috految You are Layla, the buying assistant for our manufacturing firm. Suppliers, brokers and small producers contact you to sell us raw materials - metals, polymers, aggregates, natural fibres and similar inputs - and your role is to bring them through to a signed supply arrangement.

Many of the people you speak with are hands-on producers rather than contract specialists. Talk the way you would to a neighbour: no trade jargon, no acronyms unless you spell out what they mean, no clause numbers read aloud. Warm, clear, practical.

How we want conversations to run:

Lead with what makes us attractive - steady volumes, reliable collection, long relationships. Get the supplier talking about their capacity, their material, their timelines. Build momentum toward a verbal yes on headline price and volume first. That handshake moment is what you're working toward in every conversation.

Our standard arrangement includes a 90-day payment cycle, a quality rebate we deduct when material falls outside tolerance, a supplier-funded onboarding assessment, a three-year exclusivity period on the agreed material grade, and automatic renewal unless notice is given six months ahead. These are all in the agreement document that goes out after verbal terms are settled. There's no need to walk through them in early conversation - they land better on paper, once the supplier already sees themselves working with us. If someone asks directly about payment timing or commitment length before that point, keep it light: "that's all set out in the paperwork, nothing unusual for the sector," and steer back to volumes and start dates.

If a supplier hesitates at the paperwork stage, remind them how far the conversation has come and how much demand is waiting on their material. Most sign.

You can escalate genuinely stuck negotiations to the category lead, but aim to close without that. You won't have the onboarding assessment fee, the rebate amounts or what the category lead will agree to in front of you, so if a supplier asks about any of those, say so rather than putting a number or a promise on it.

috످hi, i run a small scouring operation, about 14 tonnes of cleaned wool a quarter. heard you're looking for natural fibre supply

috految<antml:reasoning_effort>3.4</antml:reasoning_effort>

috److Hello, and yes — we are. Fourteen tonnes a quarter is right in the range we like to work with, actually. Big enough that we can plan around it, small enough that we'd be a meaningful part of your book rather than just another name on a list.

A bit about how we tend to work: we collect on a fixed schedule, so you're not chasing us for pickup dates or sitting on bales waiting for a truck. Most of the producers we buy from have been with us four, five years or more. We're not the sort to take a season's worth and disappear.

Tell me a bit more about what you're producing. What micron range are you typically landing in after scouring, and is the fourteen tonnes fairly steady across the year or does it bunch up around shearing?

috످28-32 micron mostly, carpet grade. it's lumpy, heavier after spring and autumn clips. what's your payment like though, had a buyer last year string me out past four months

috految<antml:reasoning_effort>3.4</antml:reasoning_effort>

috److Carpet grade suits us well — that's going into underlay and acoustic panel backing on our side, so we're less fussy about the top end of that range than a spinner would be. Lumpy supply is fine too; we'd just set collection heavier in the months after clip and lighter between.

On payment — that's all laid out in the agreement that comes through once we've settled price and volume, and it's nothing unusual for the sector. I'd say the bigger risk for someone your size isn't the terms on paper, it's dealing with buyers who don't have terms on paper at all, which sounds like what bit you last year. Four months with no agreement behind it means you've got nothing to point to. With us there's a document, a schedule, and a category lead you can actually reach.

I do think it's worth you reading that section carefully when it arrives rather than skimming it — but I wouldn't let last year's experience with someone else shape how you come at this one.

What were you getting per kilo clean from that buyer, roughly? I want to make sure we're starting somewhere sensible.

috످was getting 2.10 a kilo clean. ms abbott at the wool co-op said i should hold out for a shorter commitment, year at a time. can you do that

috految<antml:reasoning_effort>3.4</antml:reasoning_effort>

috److I can't promise a year at a time, but I can ask our head buyer. Ms Abbott's advice is sound. Our standard deal ties you in for three years, and you couldn't sell that grade of wool to anyone else, which could mean nearly everything you produce. It then renews automatically unless you give six months' notice.

**We also take 90 days to pay.** I'm sorry I brushed that off as "nothing unusual" after what you went through last year. At your old price of 2.10 a kilo, you'd be waiting three months on about 29,400 for a quarter's wool. And I had no reason to assume your last buyer gave you nothing in writing.

You'd also pay for an assessment to get set up with us, and we'd take money off if a batch fell short on quality. I don't have those amounts.

I told you your wool and volume suit us, that it'd go into underlay and panels, that we're less fussy on thickness, and that most suppliers stay four or five years. I hadn't checked any of that, or whether we can collect around your clips or let you reach the head buyer directly, so please don't count on those.

Before you say yes, even on a handshake, get the full agreement with the fees and quality limits, and show it to Ms Abbott. Keep talking to other buyers too.

Shall I ask for one year with no automatic renewal, payment in 30 days, and freedom to sell elsewhere? They may say no, but asking doesn't commit you to anything.

috످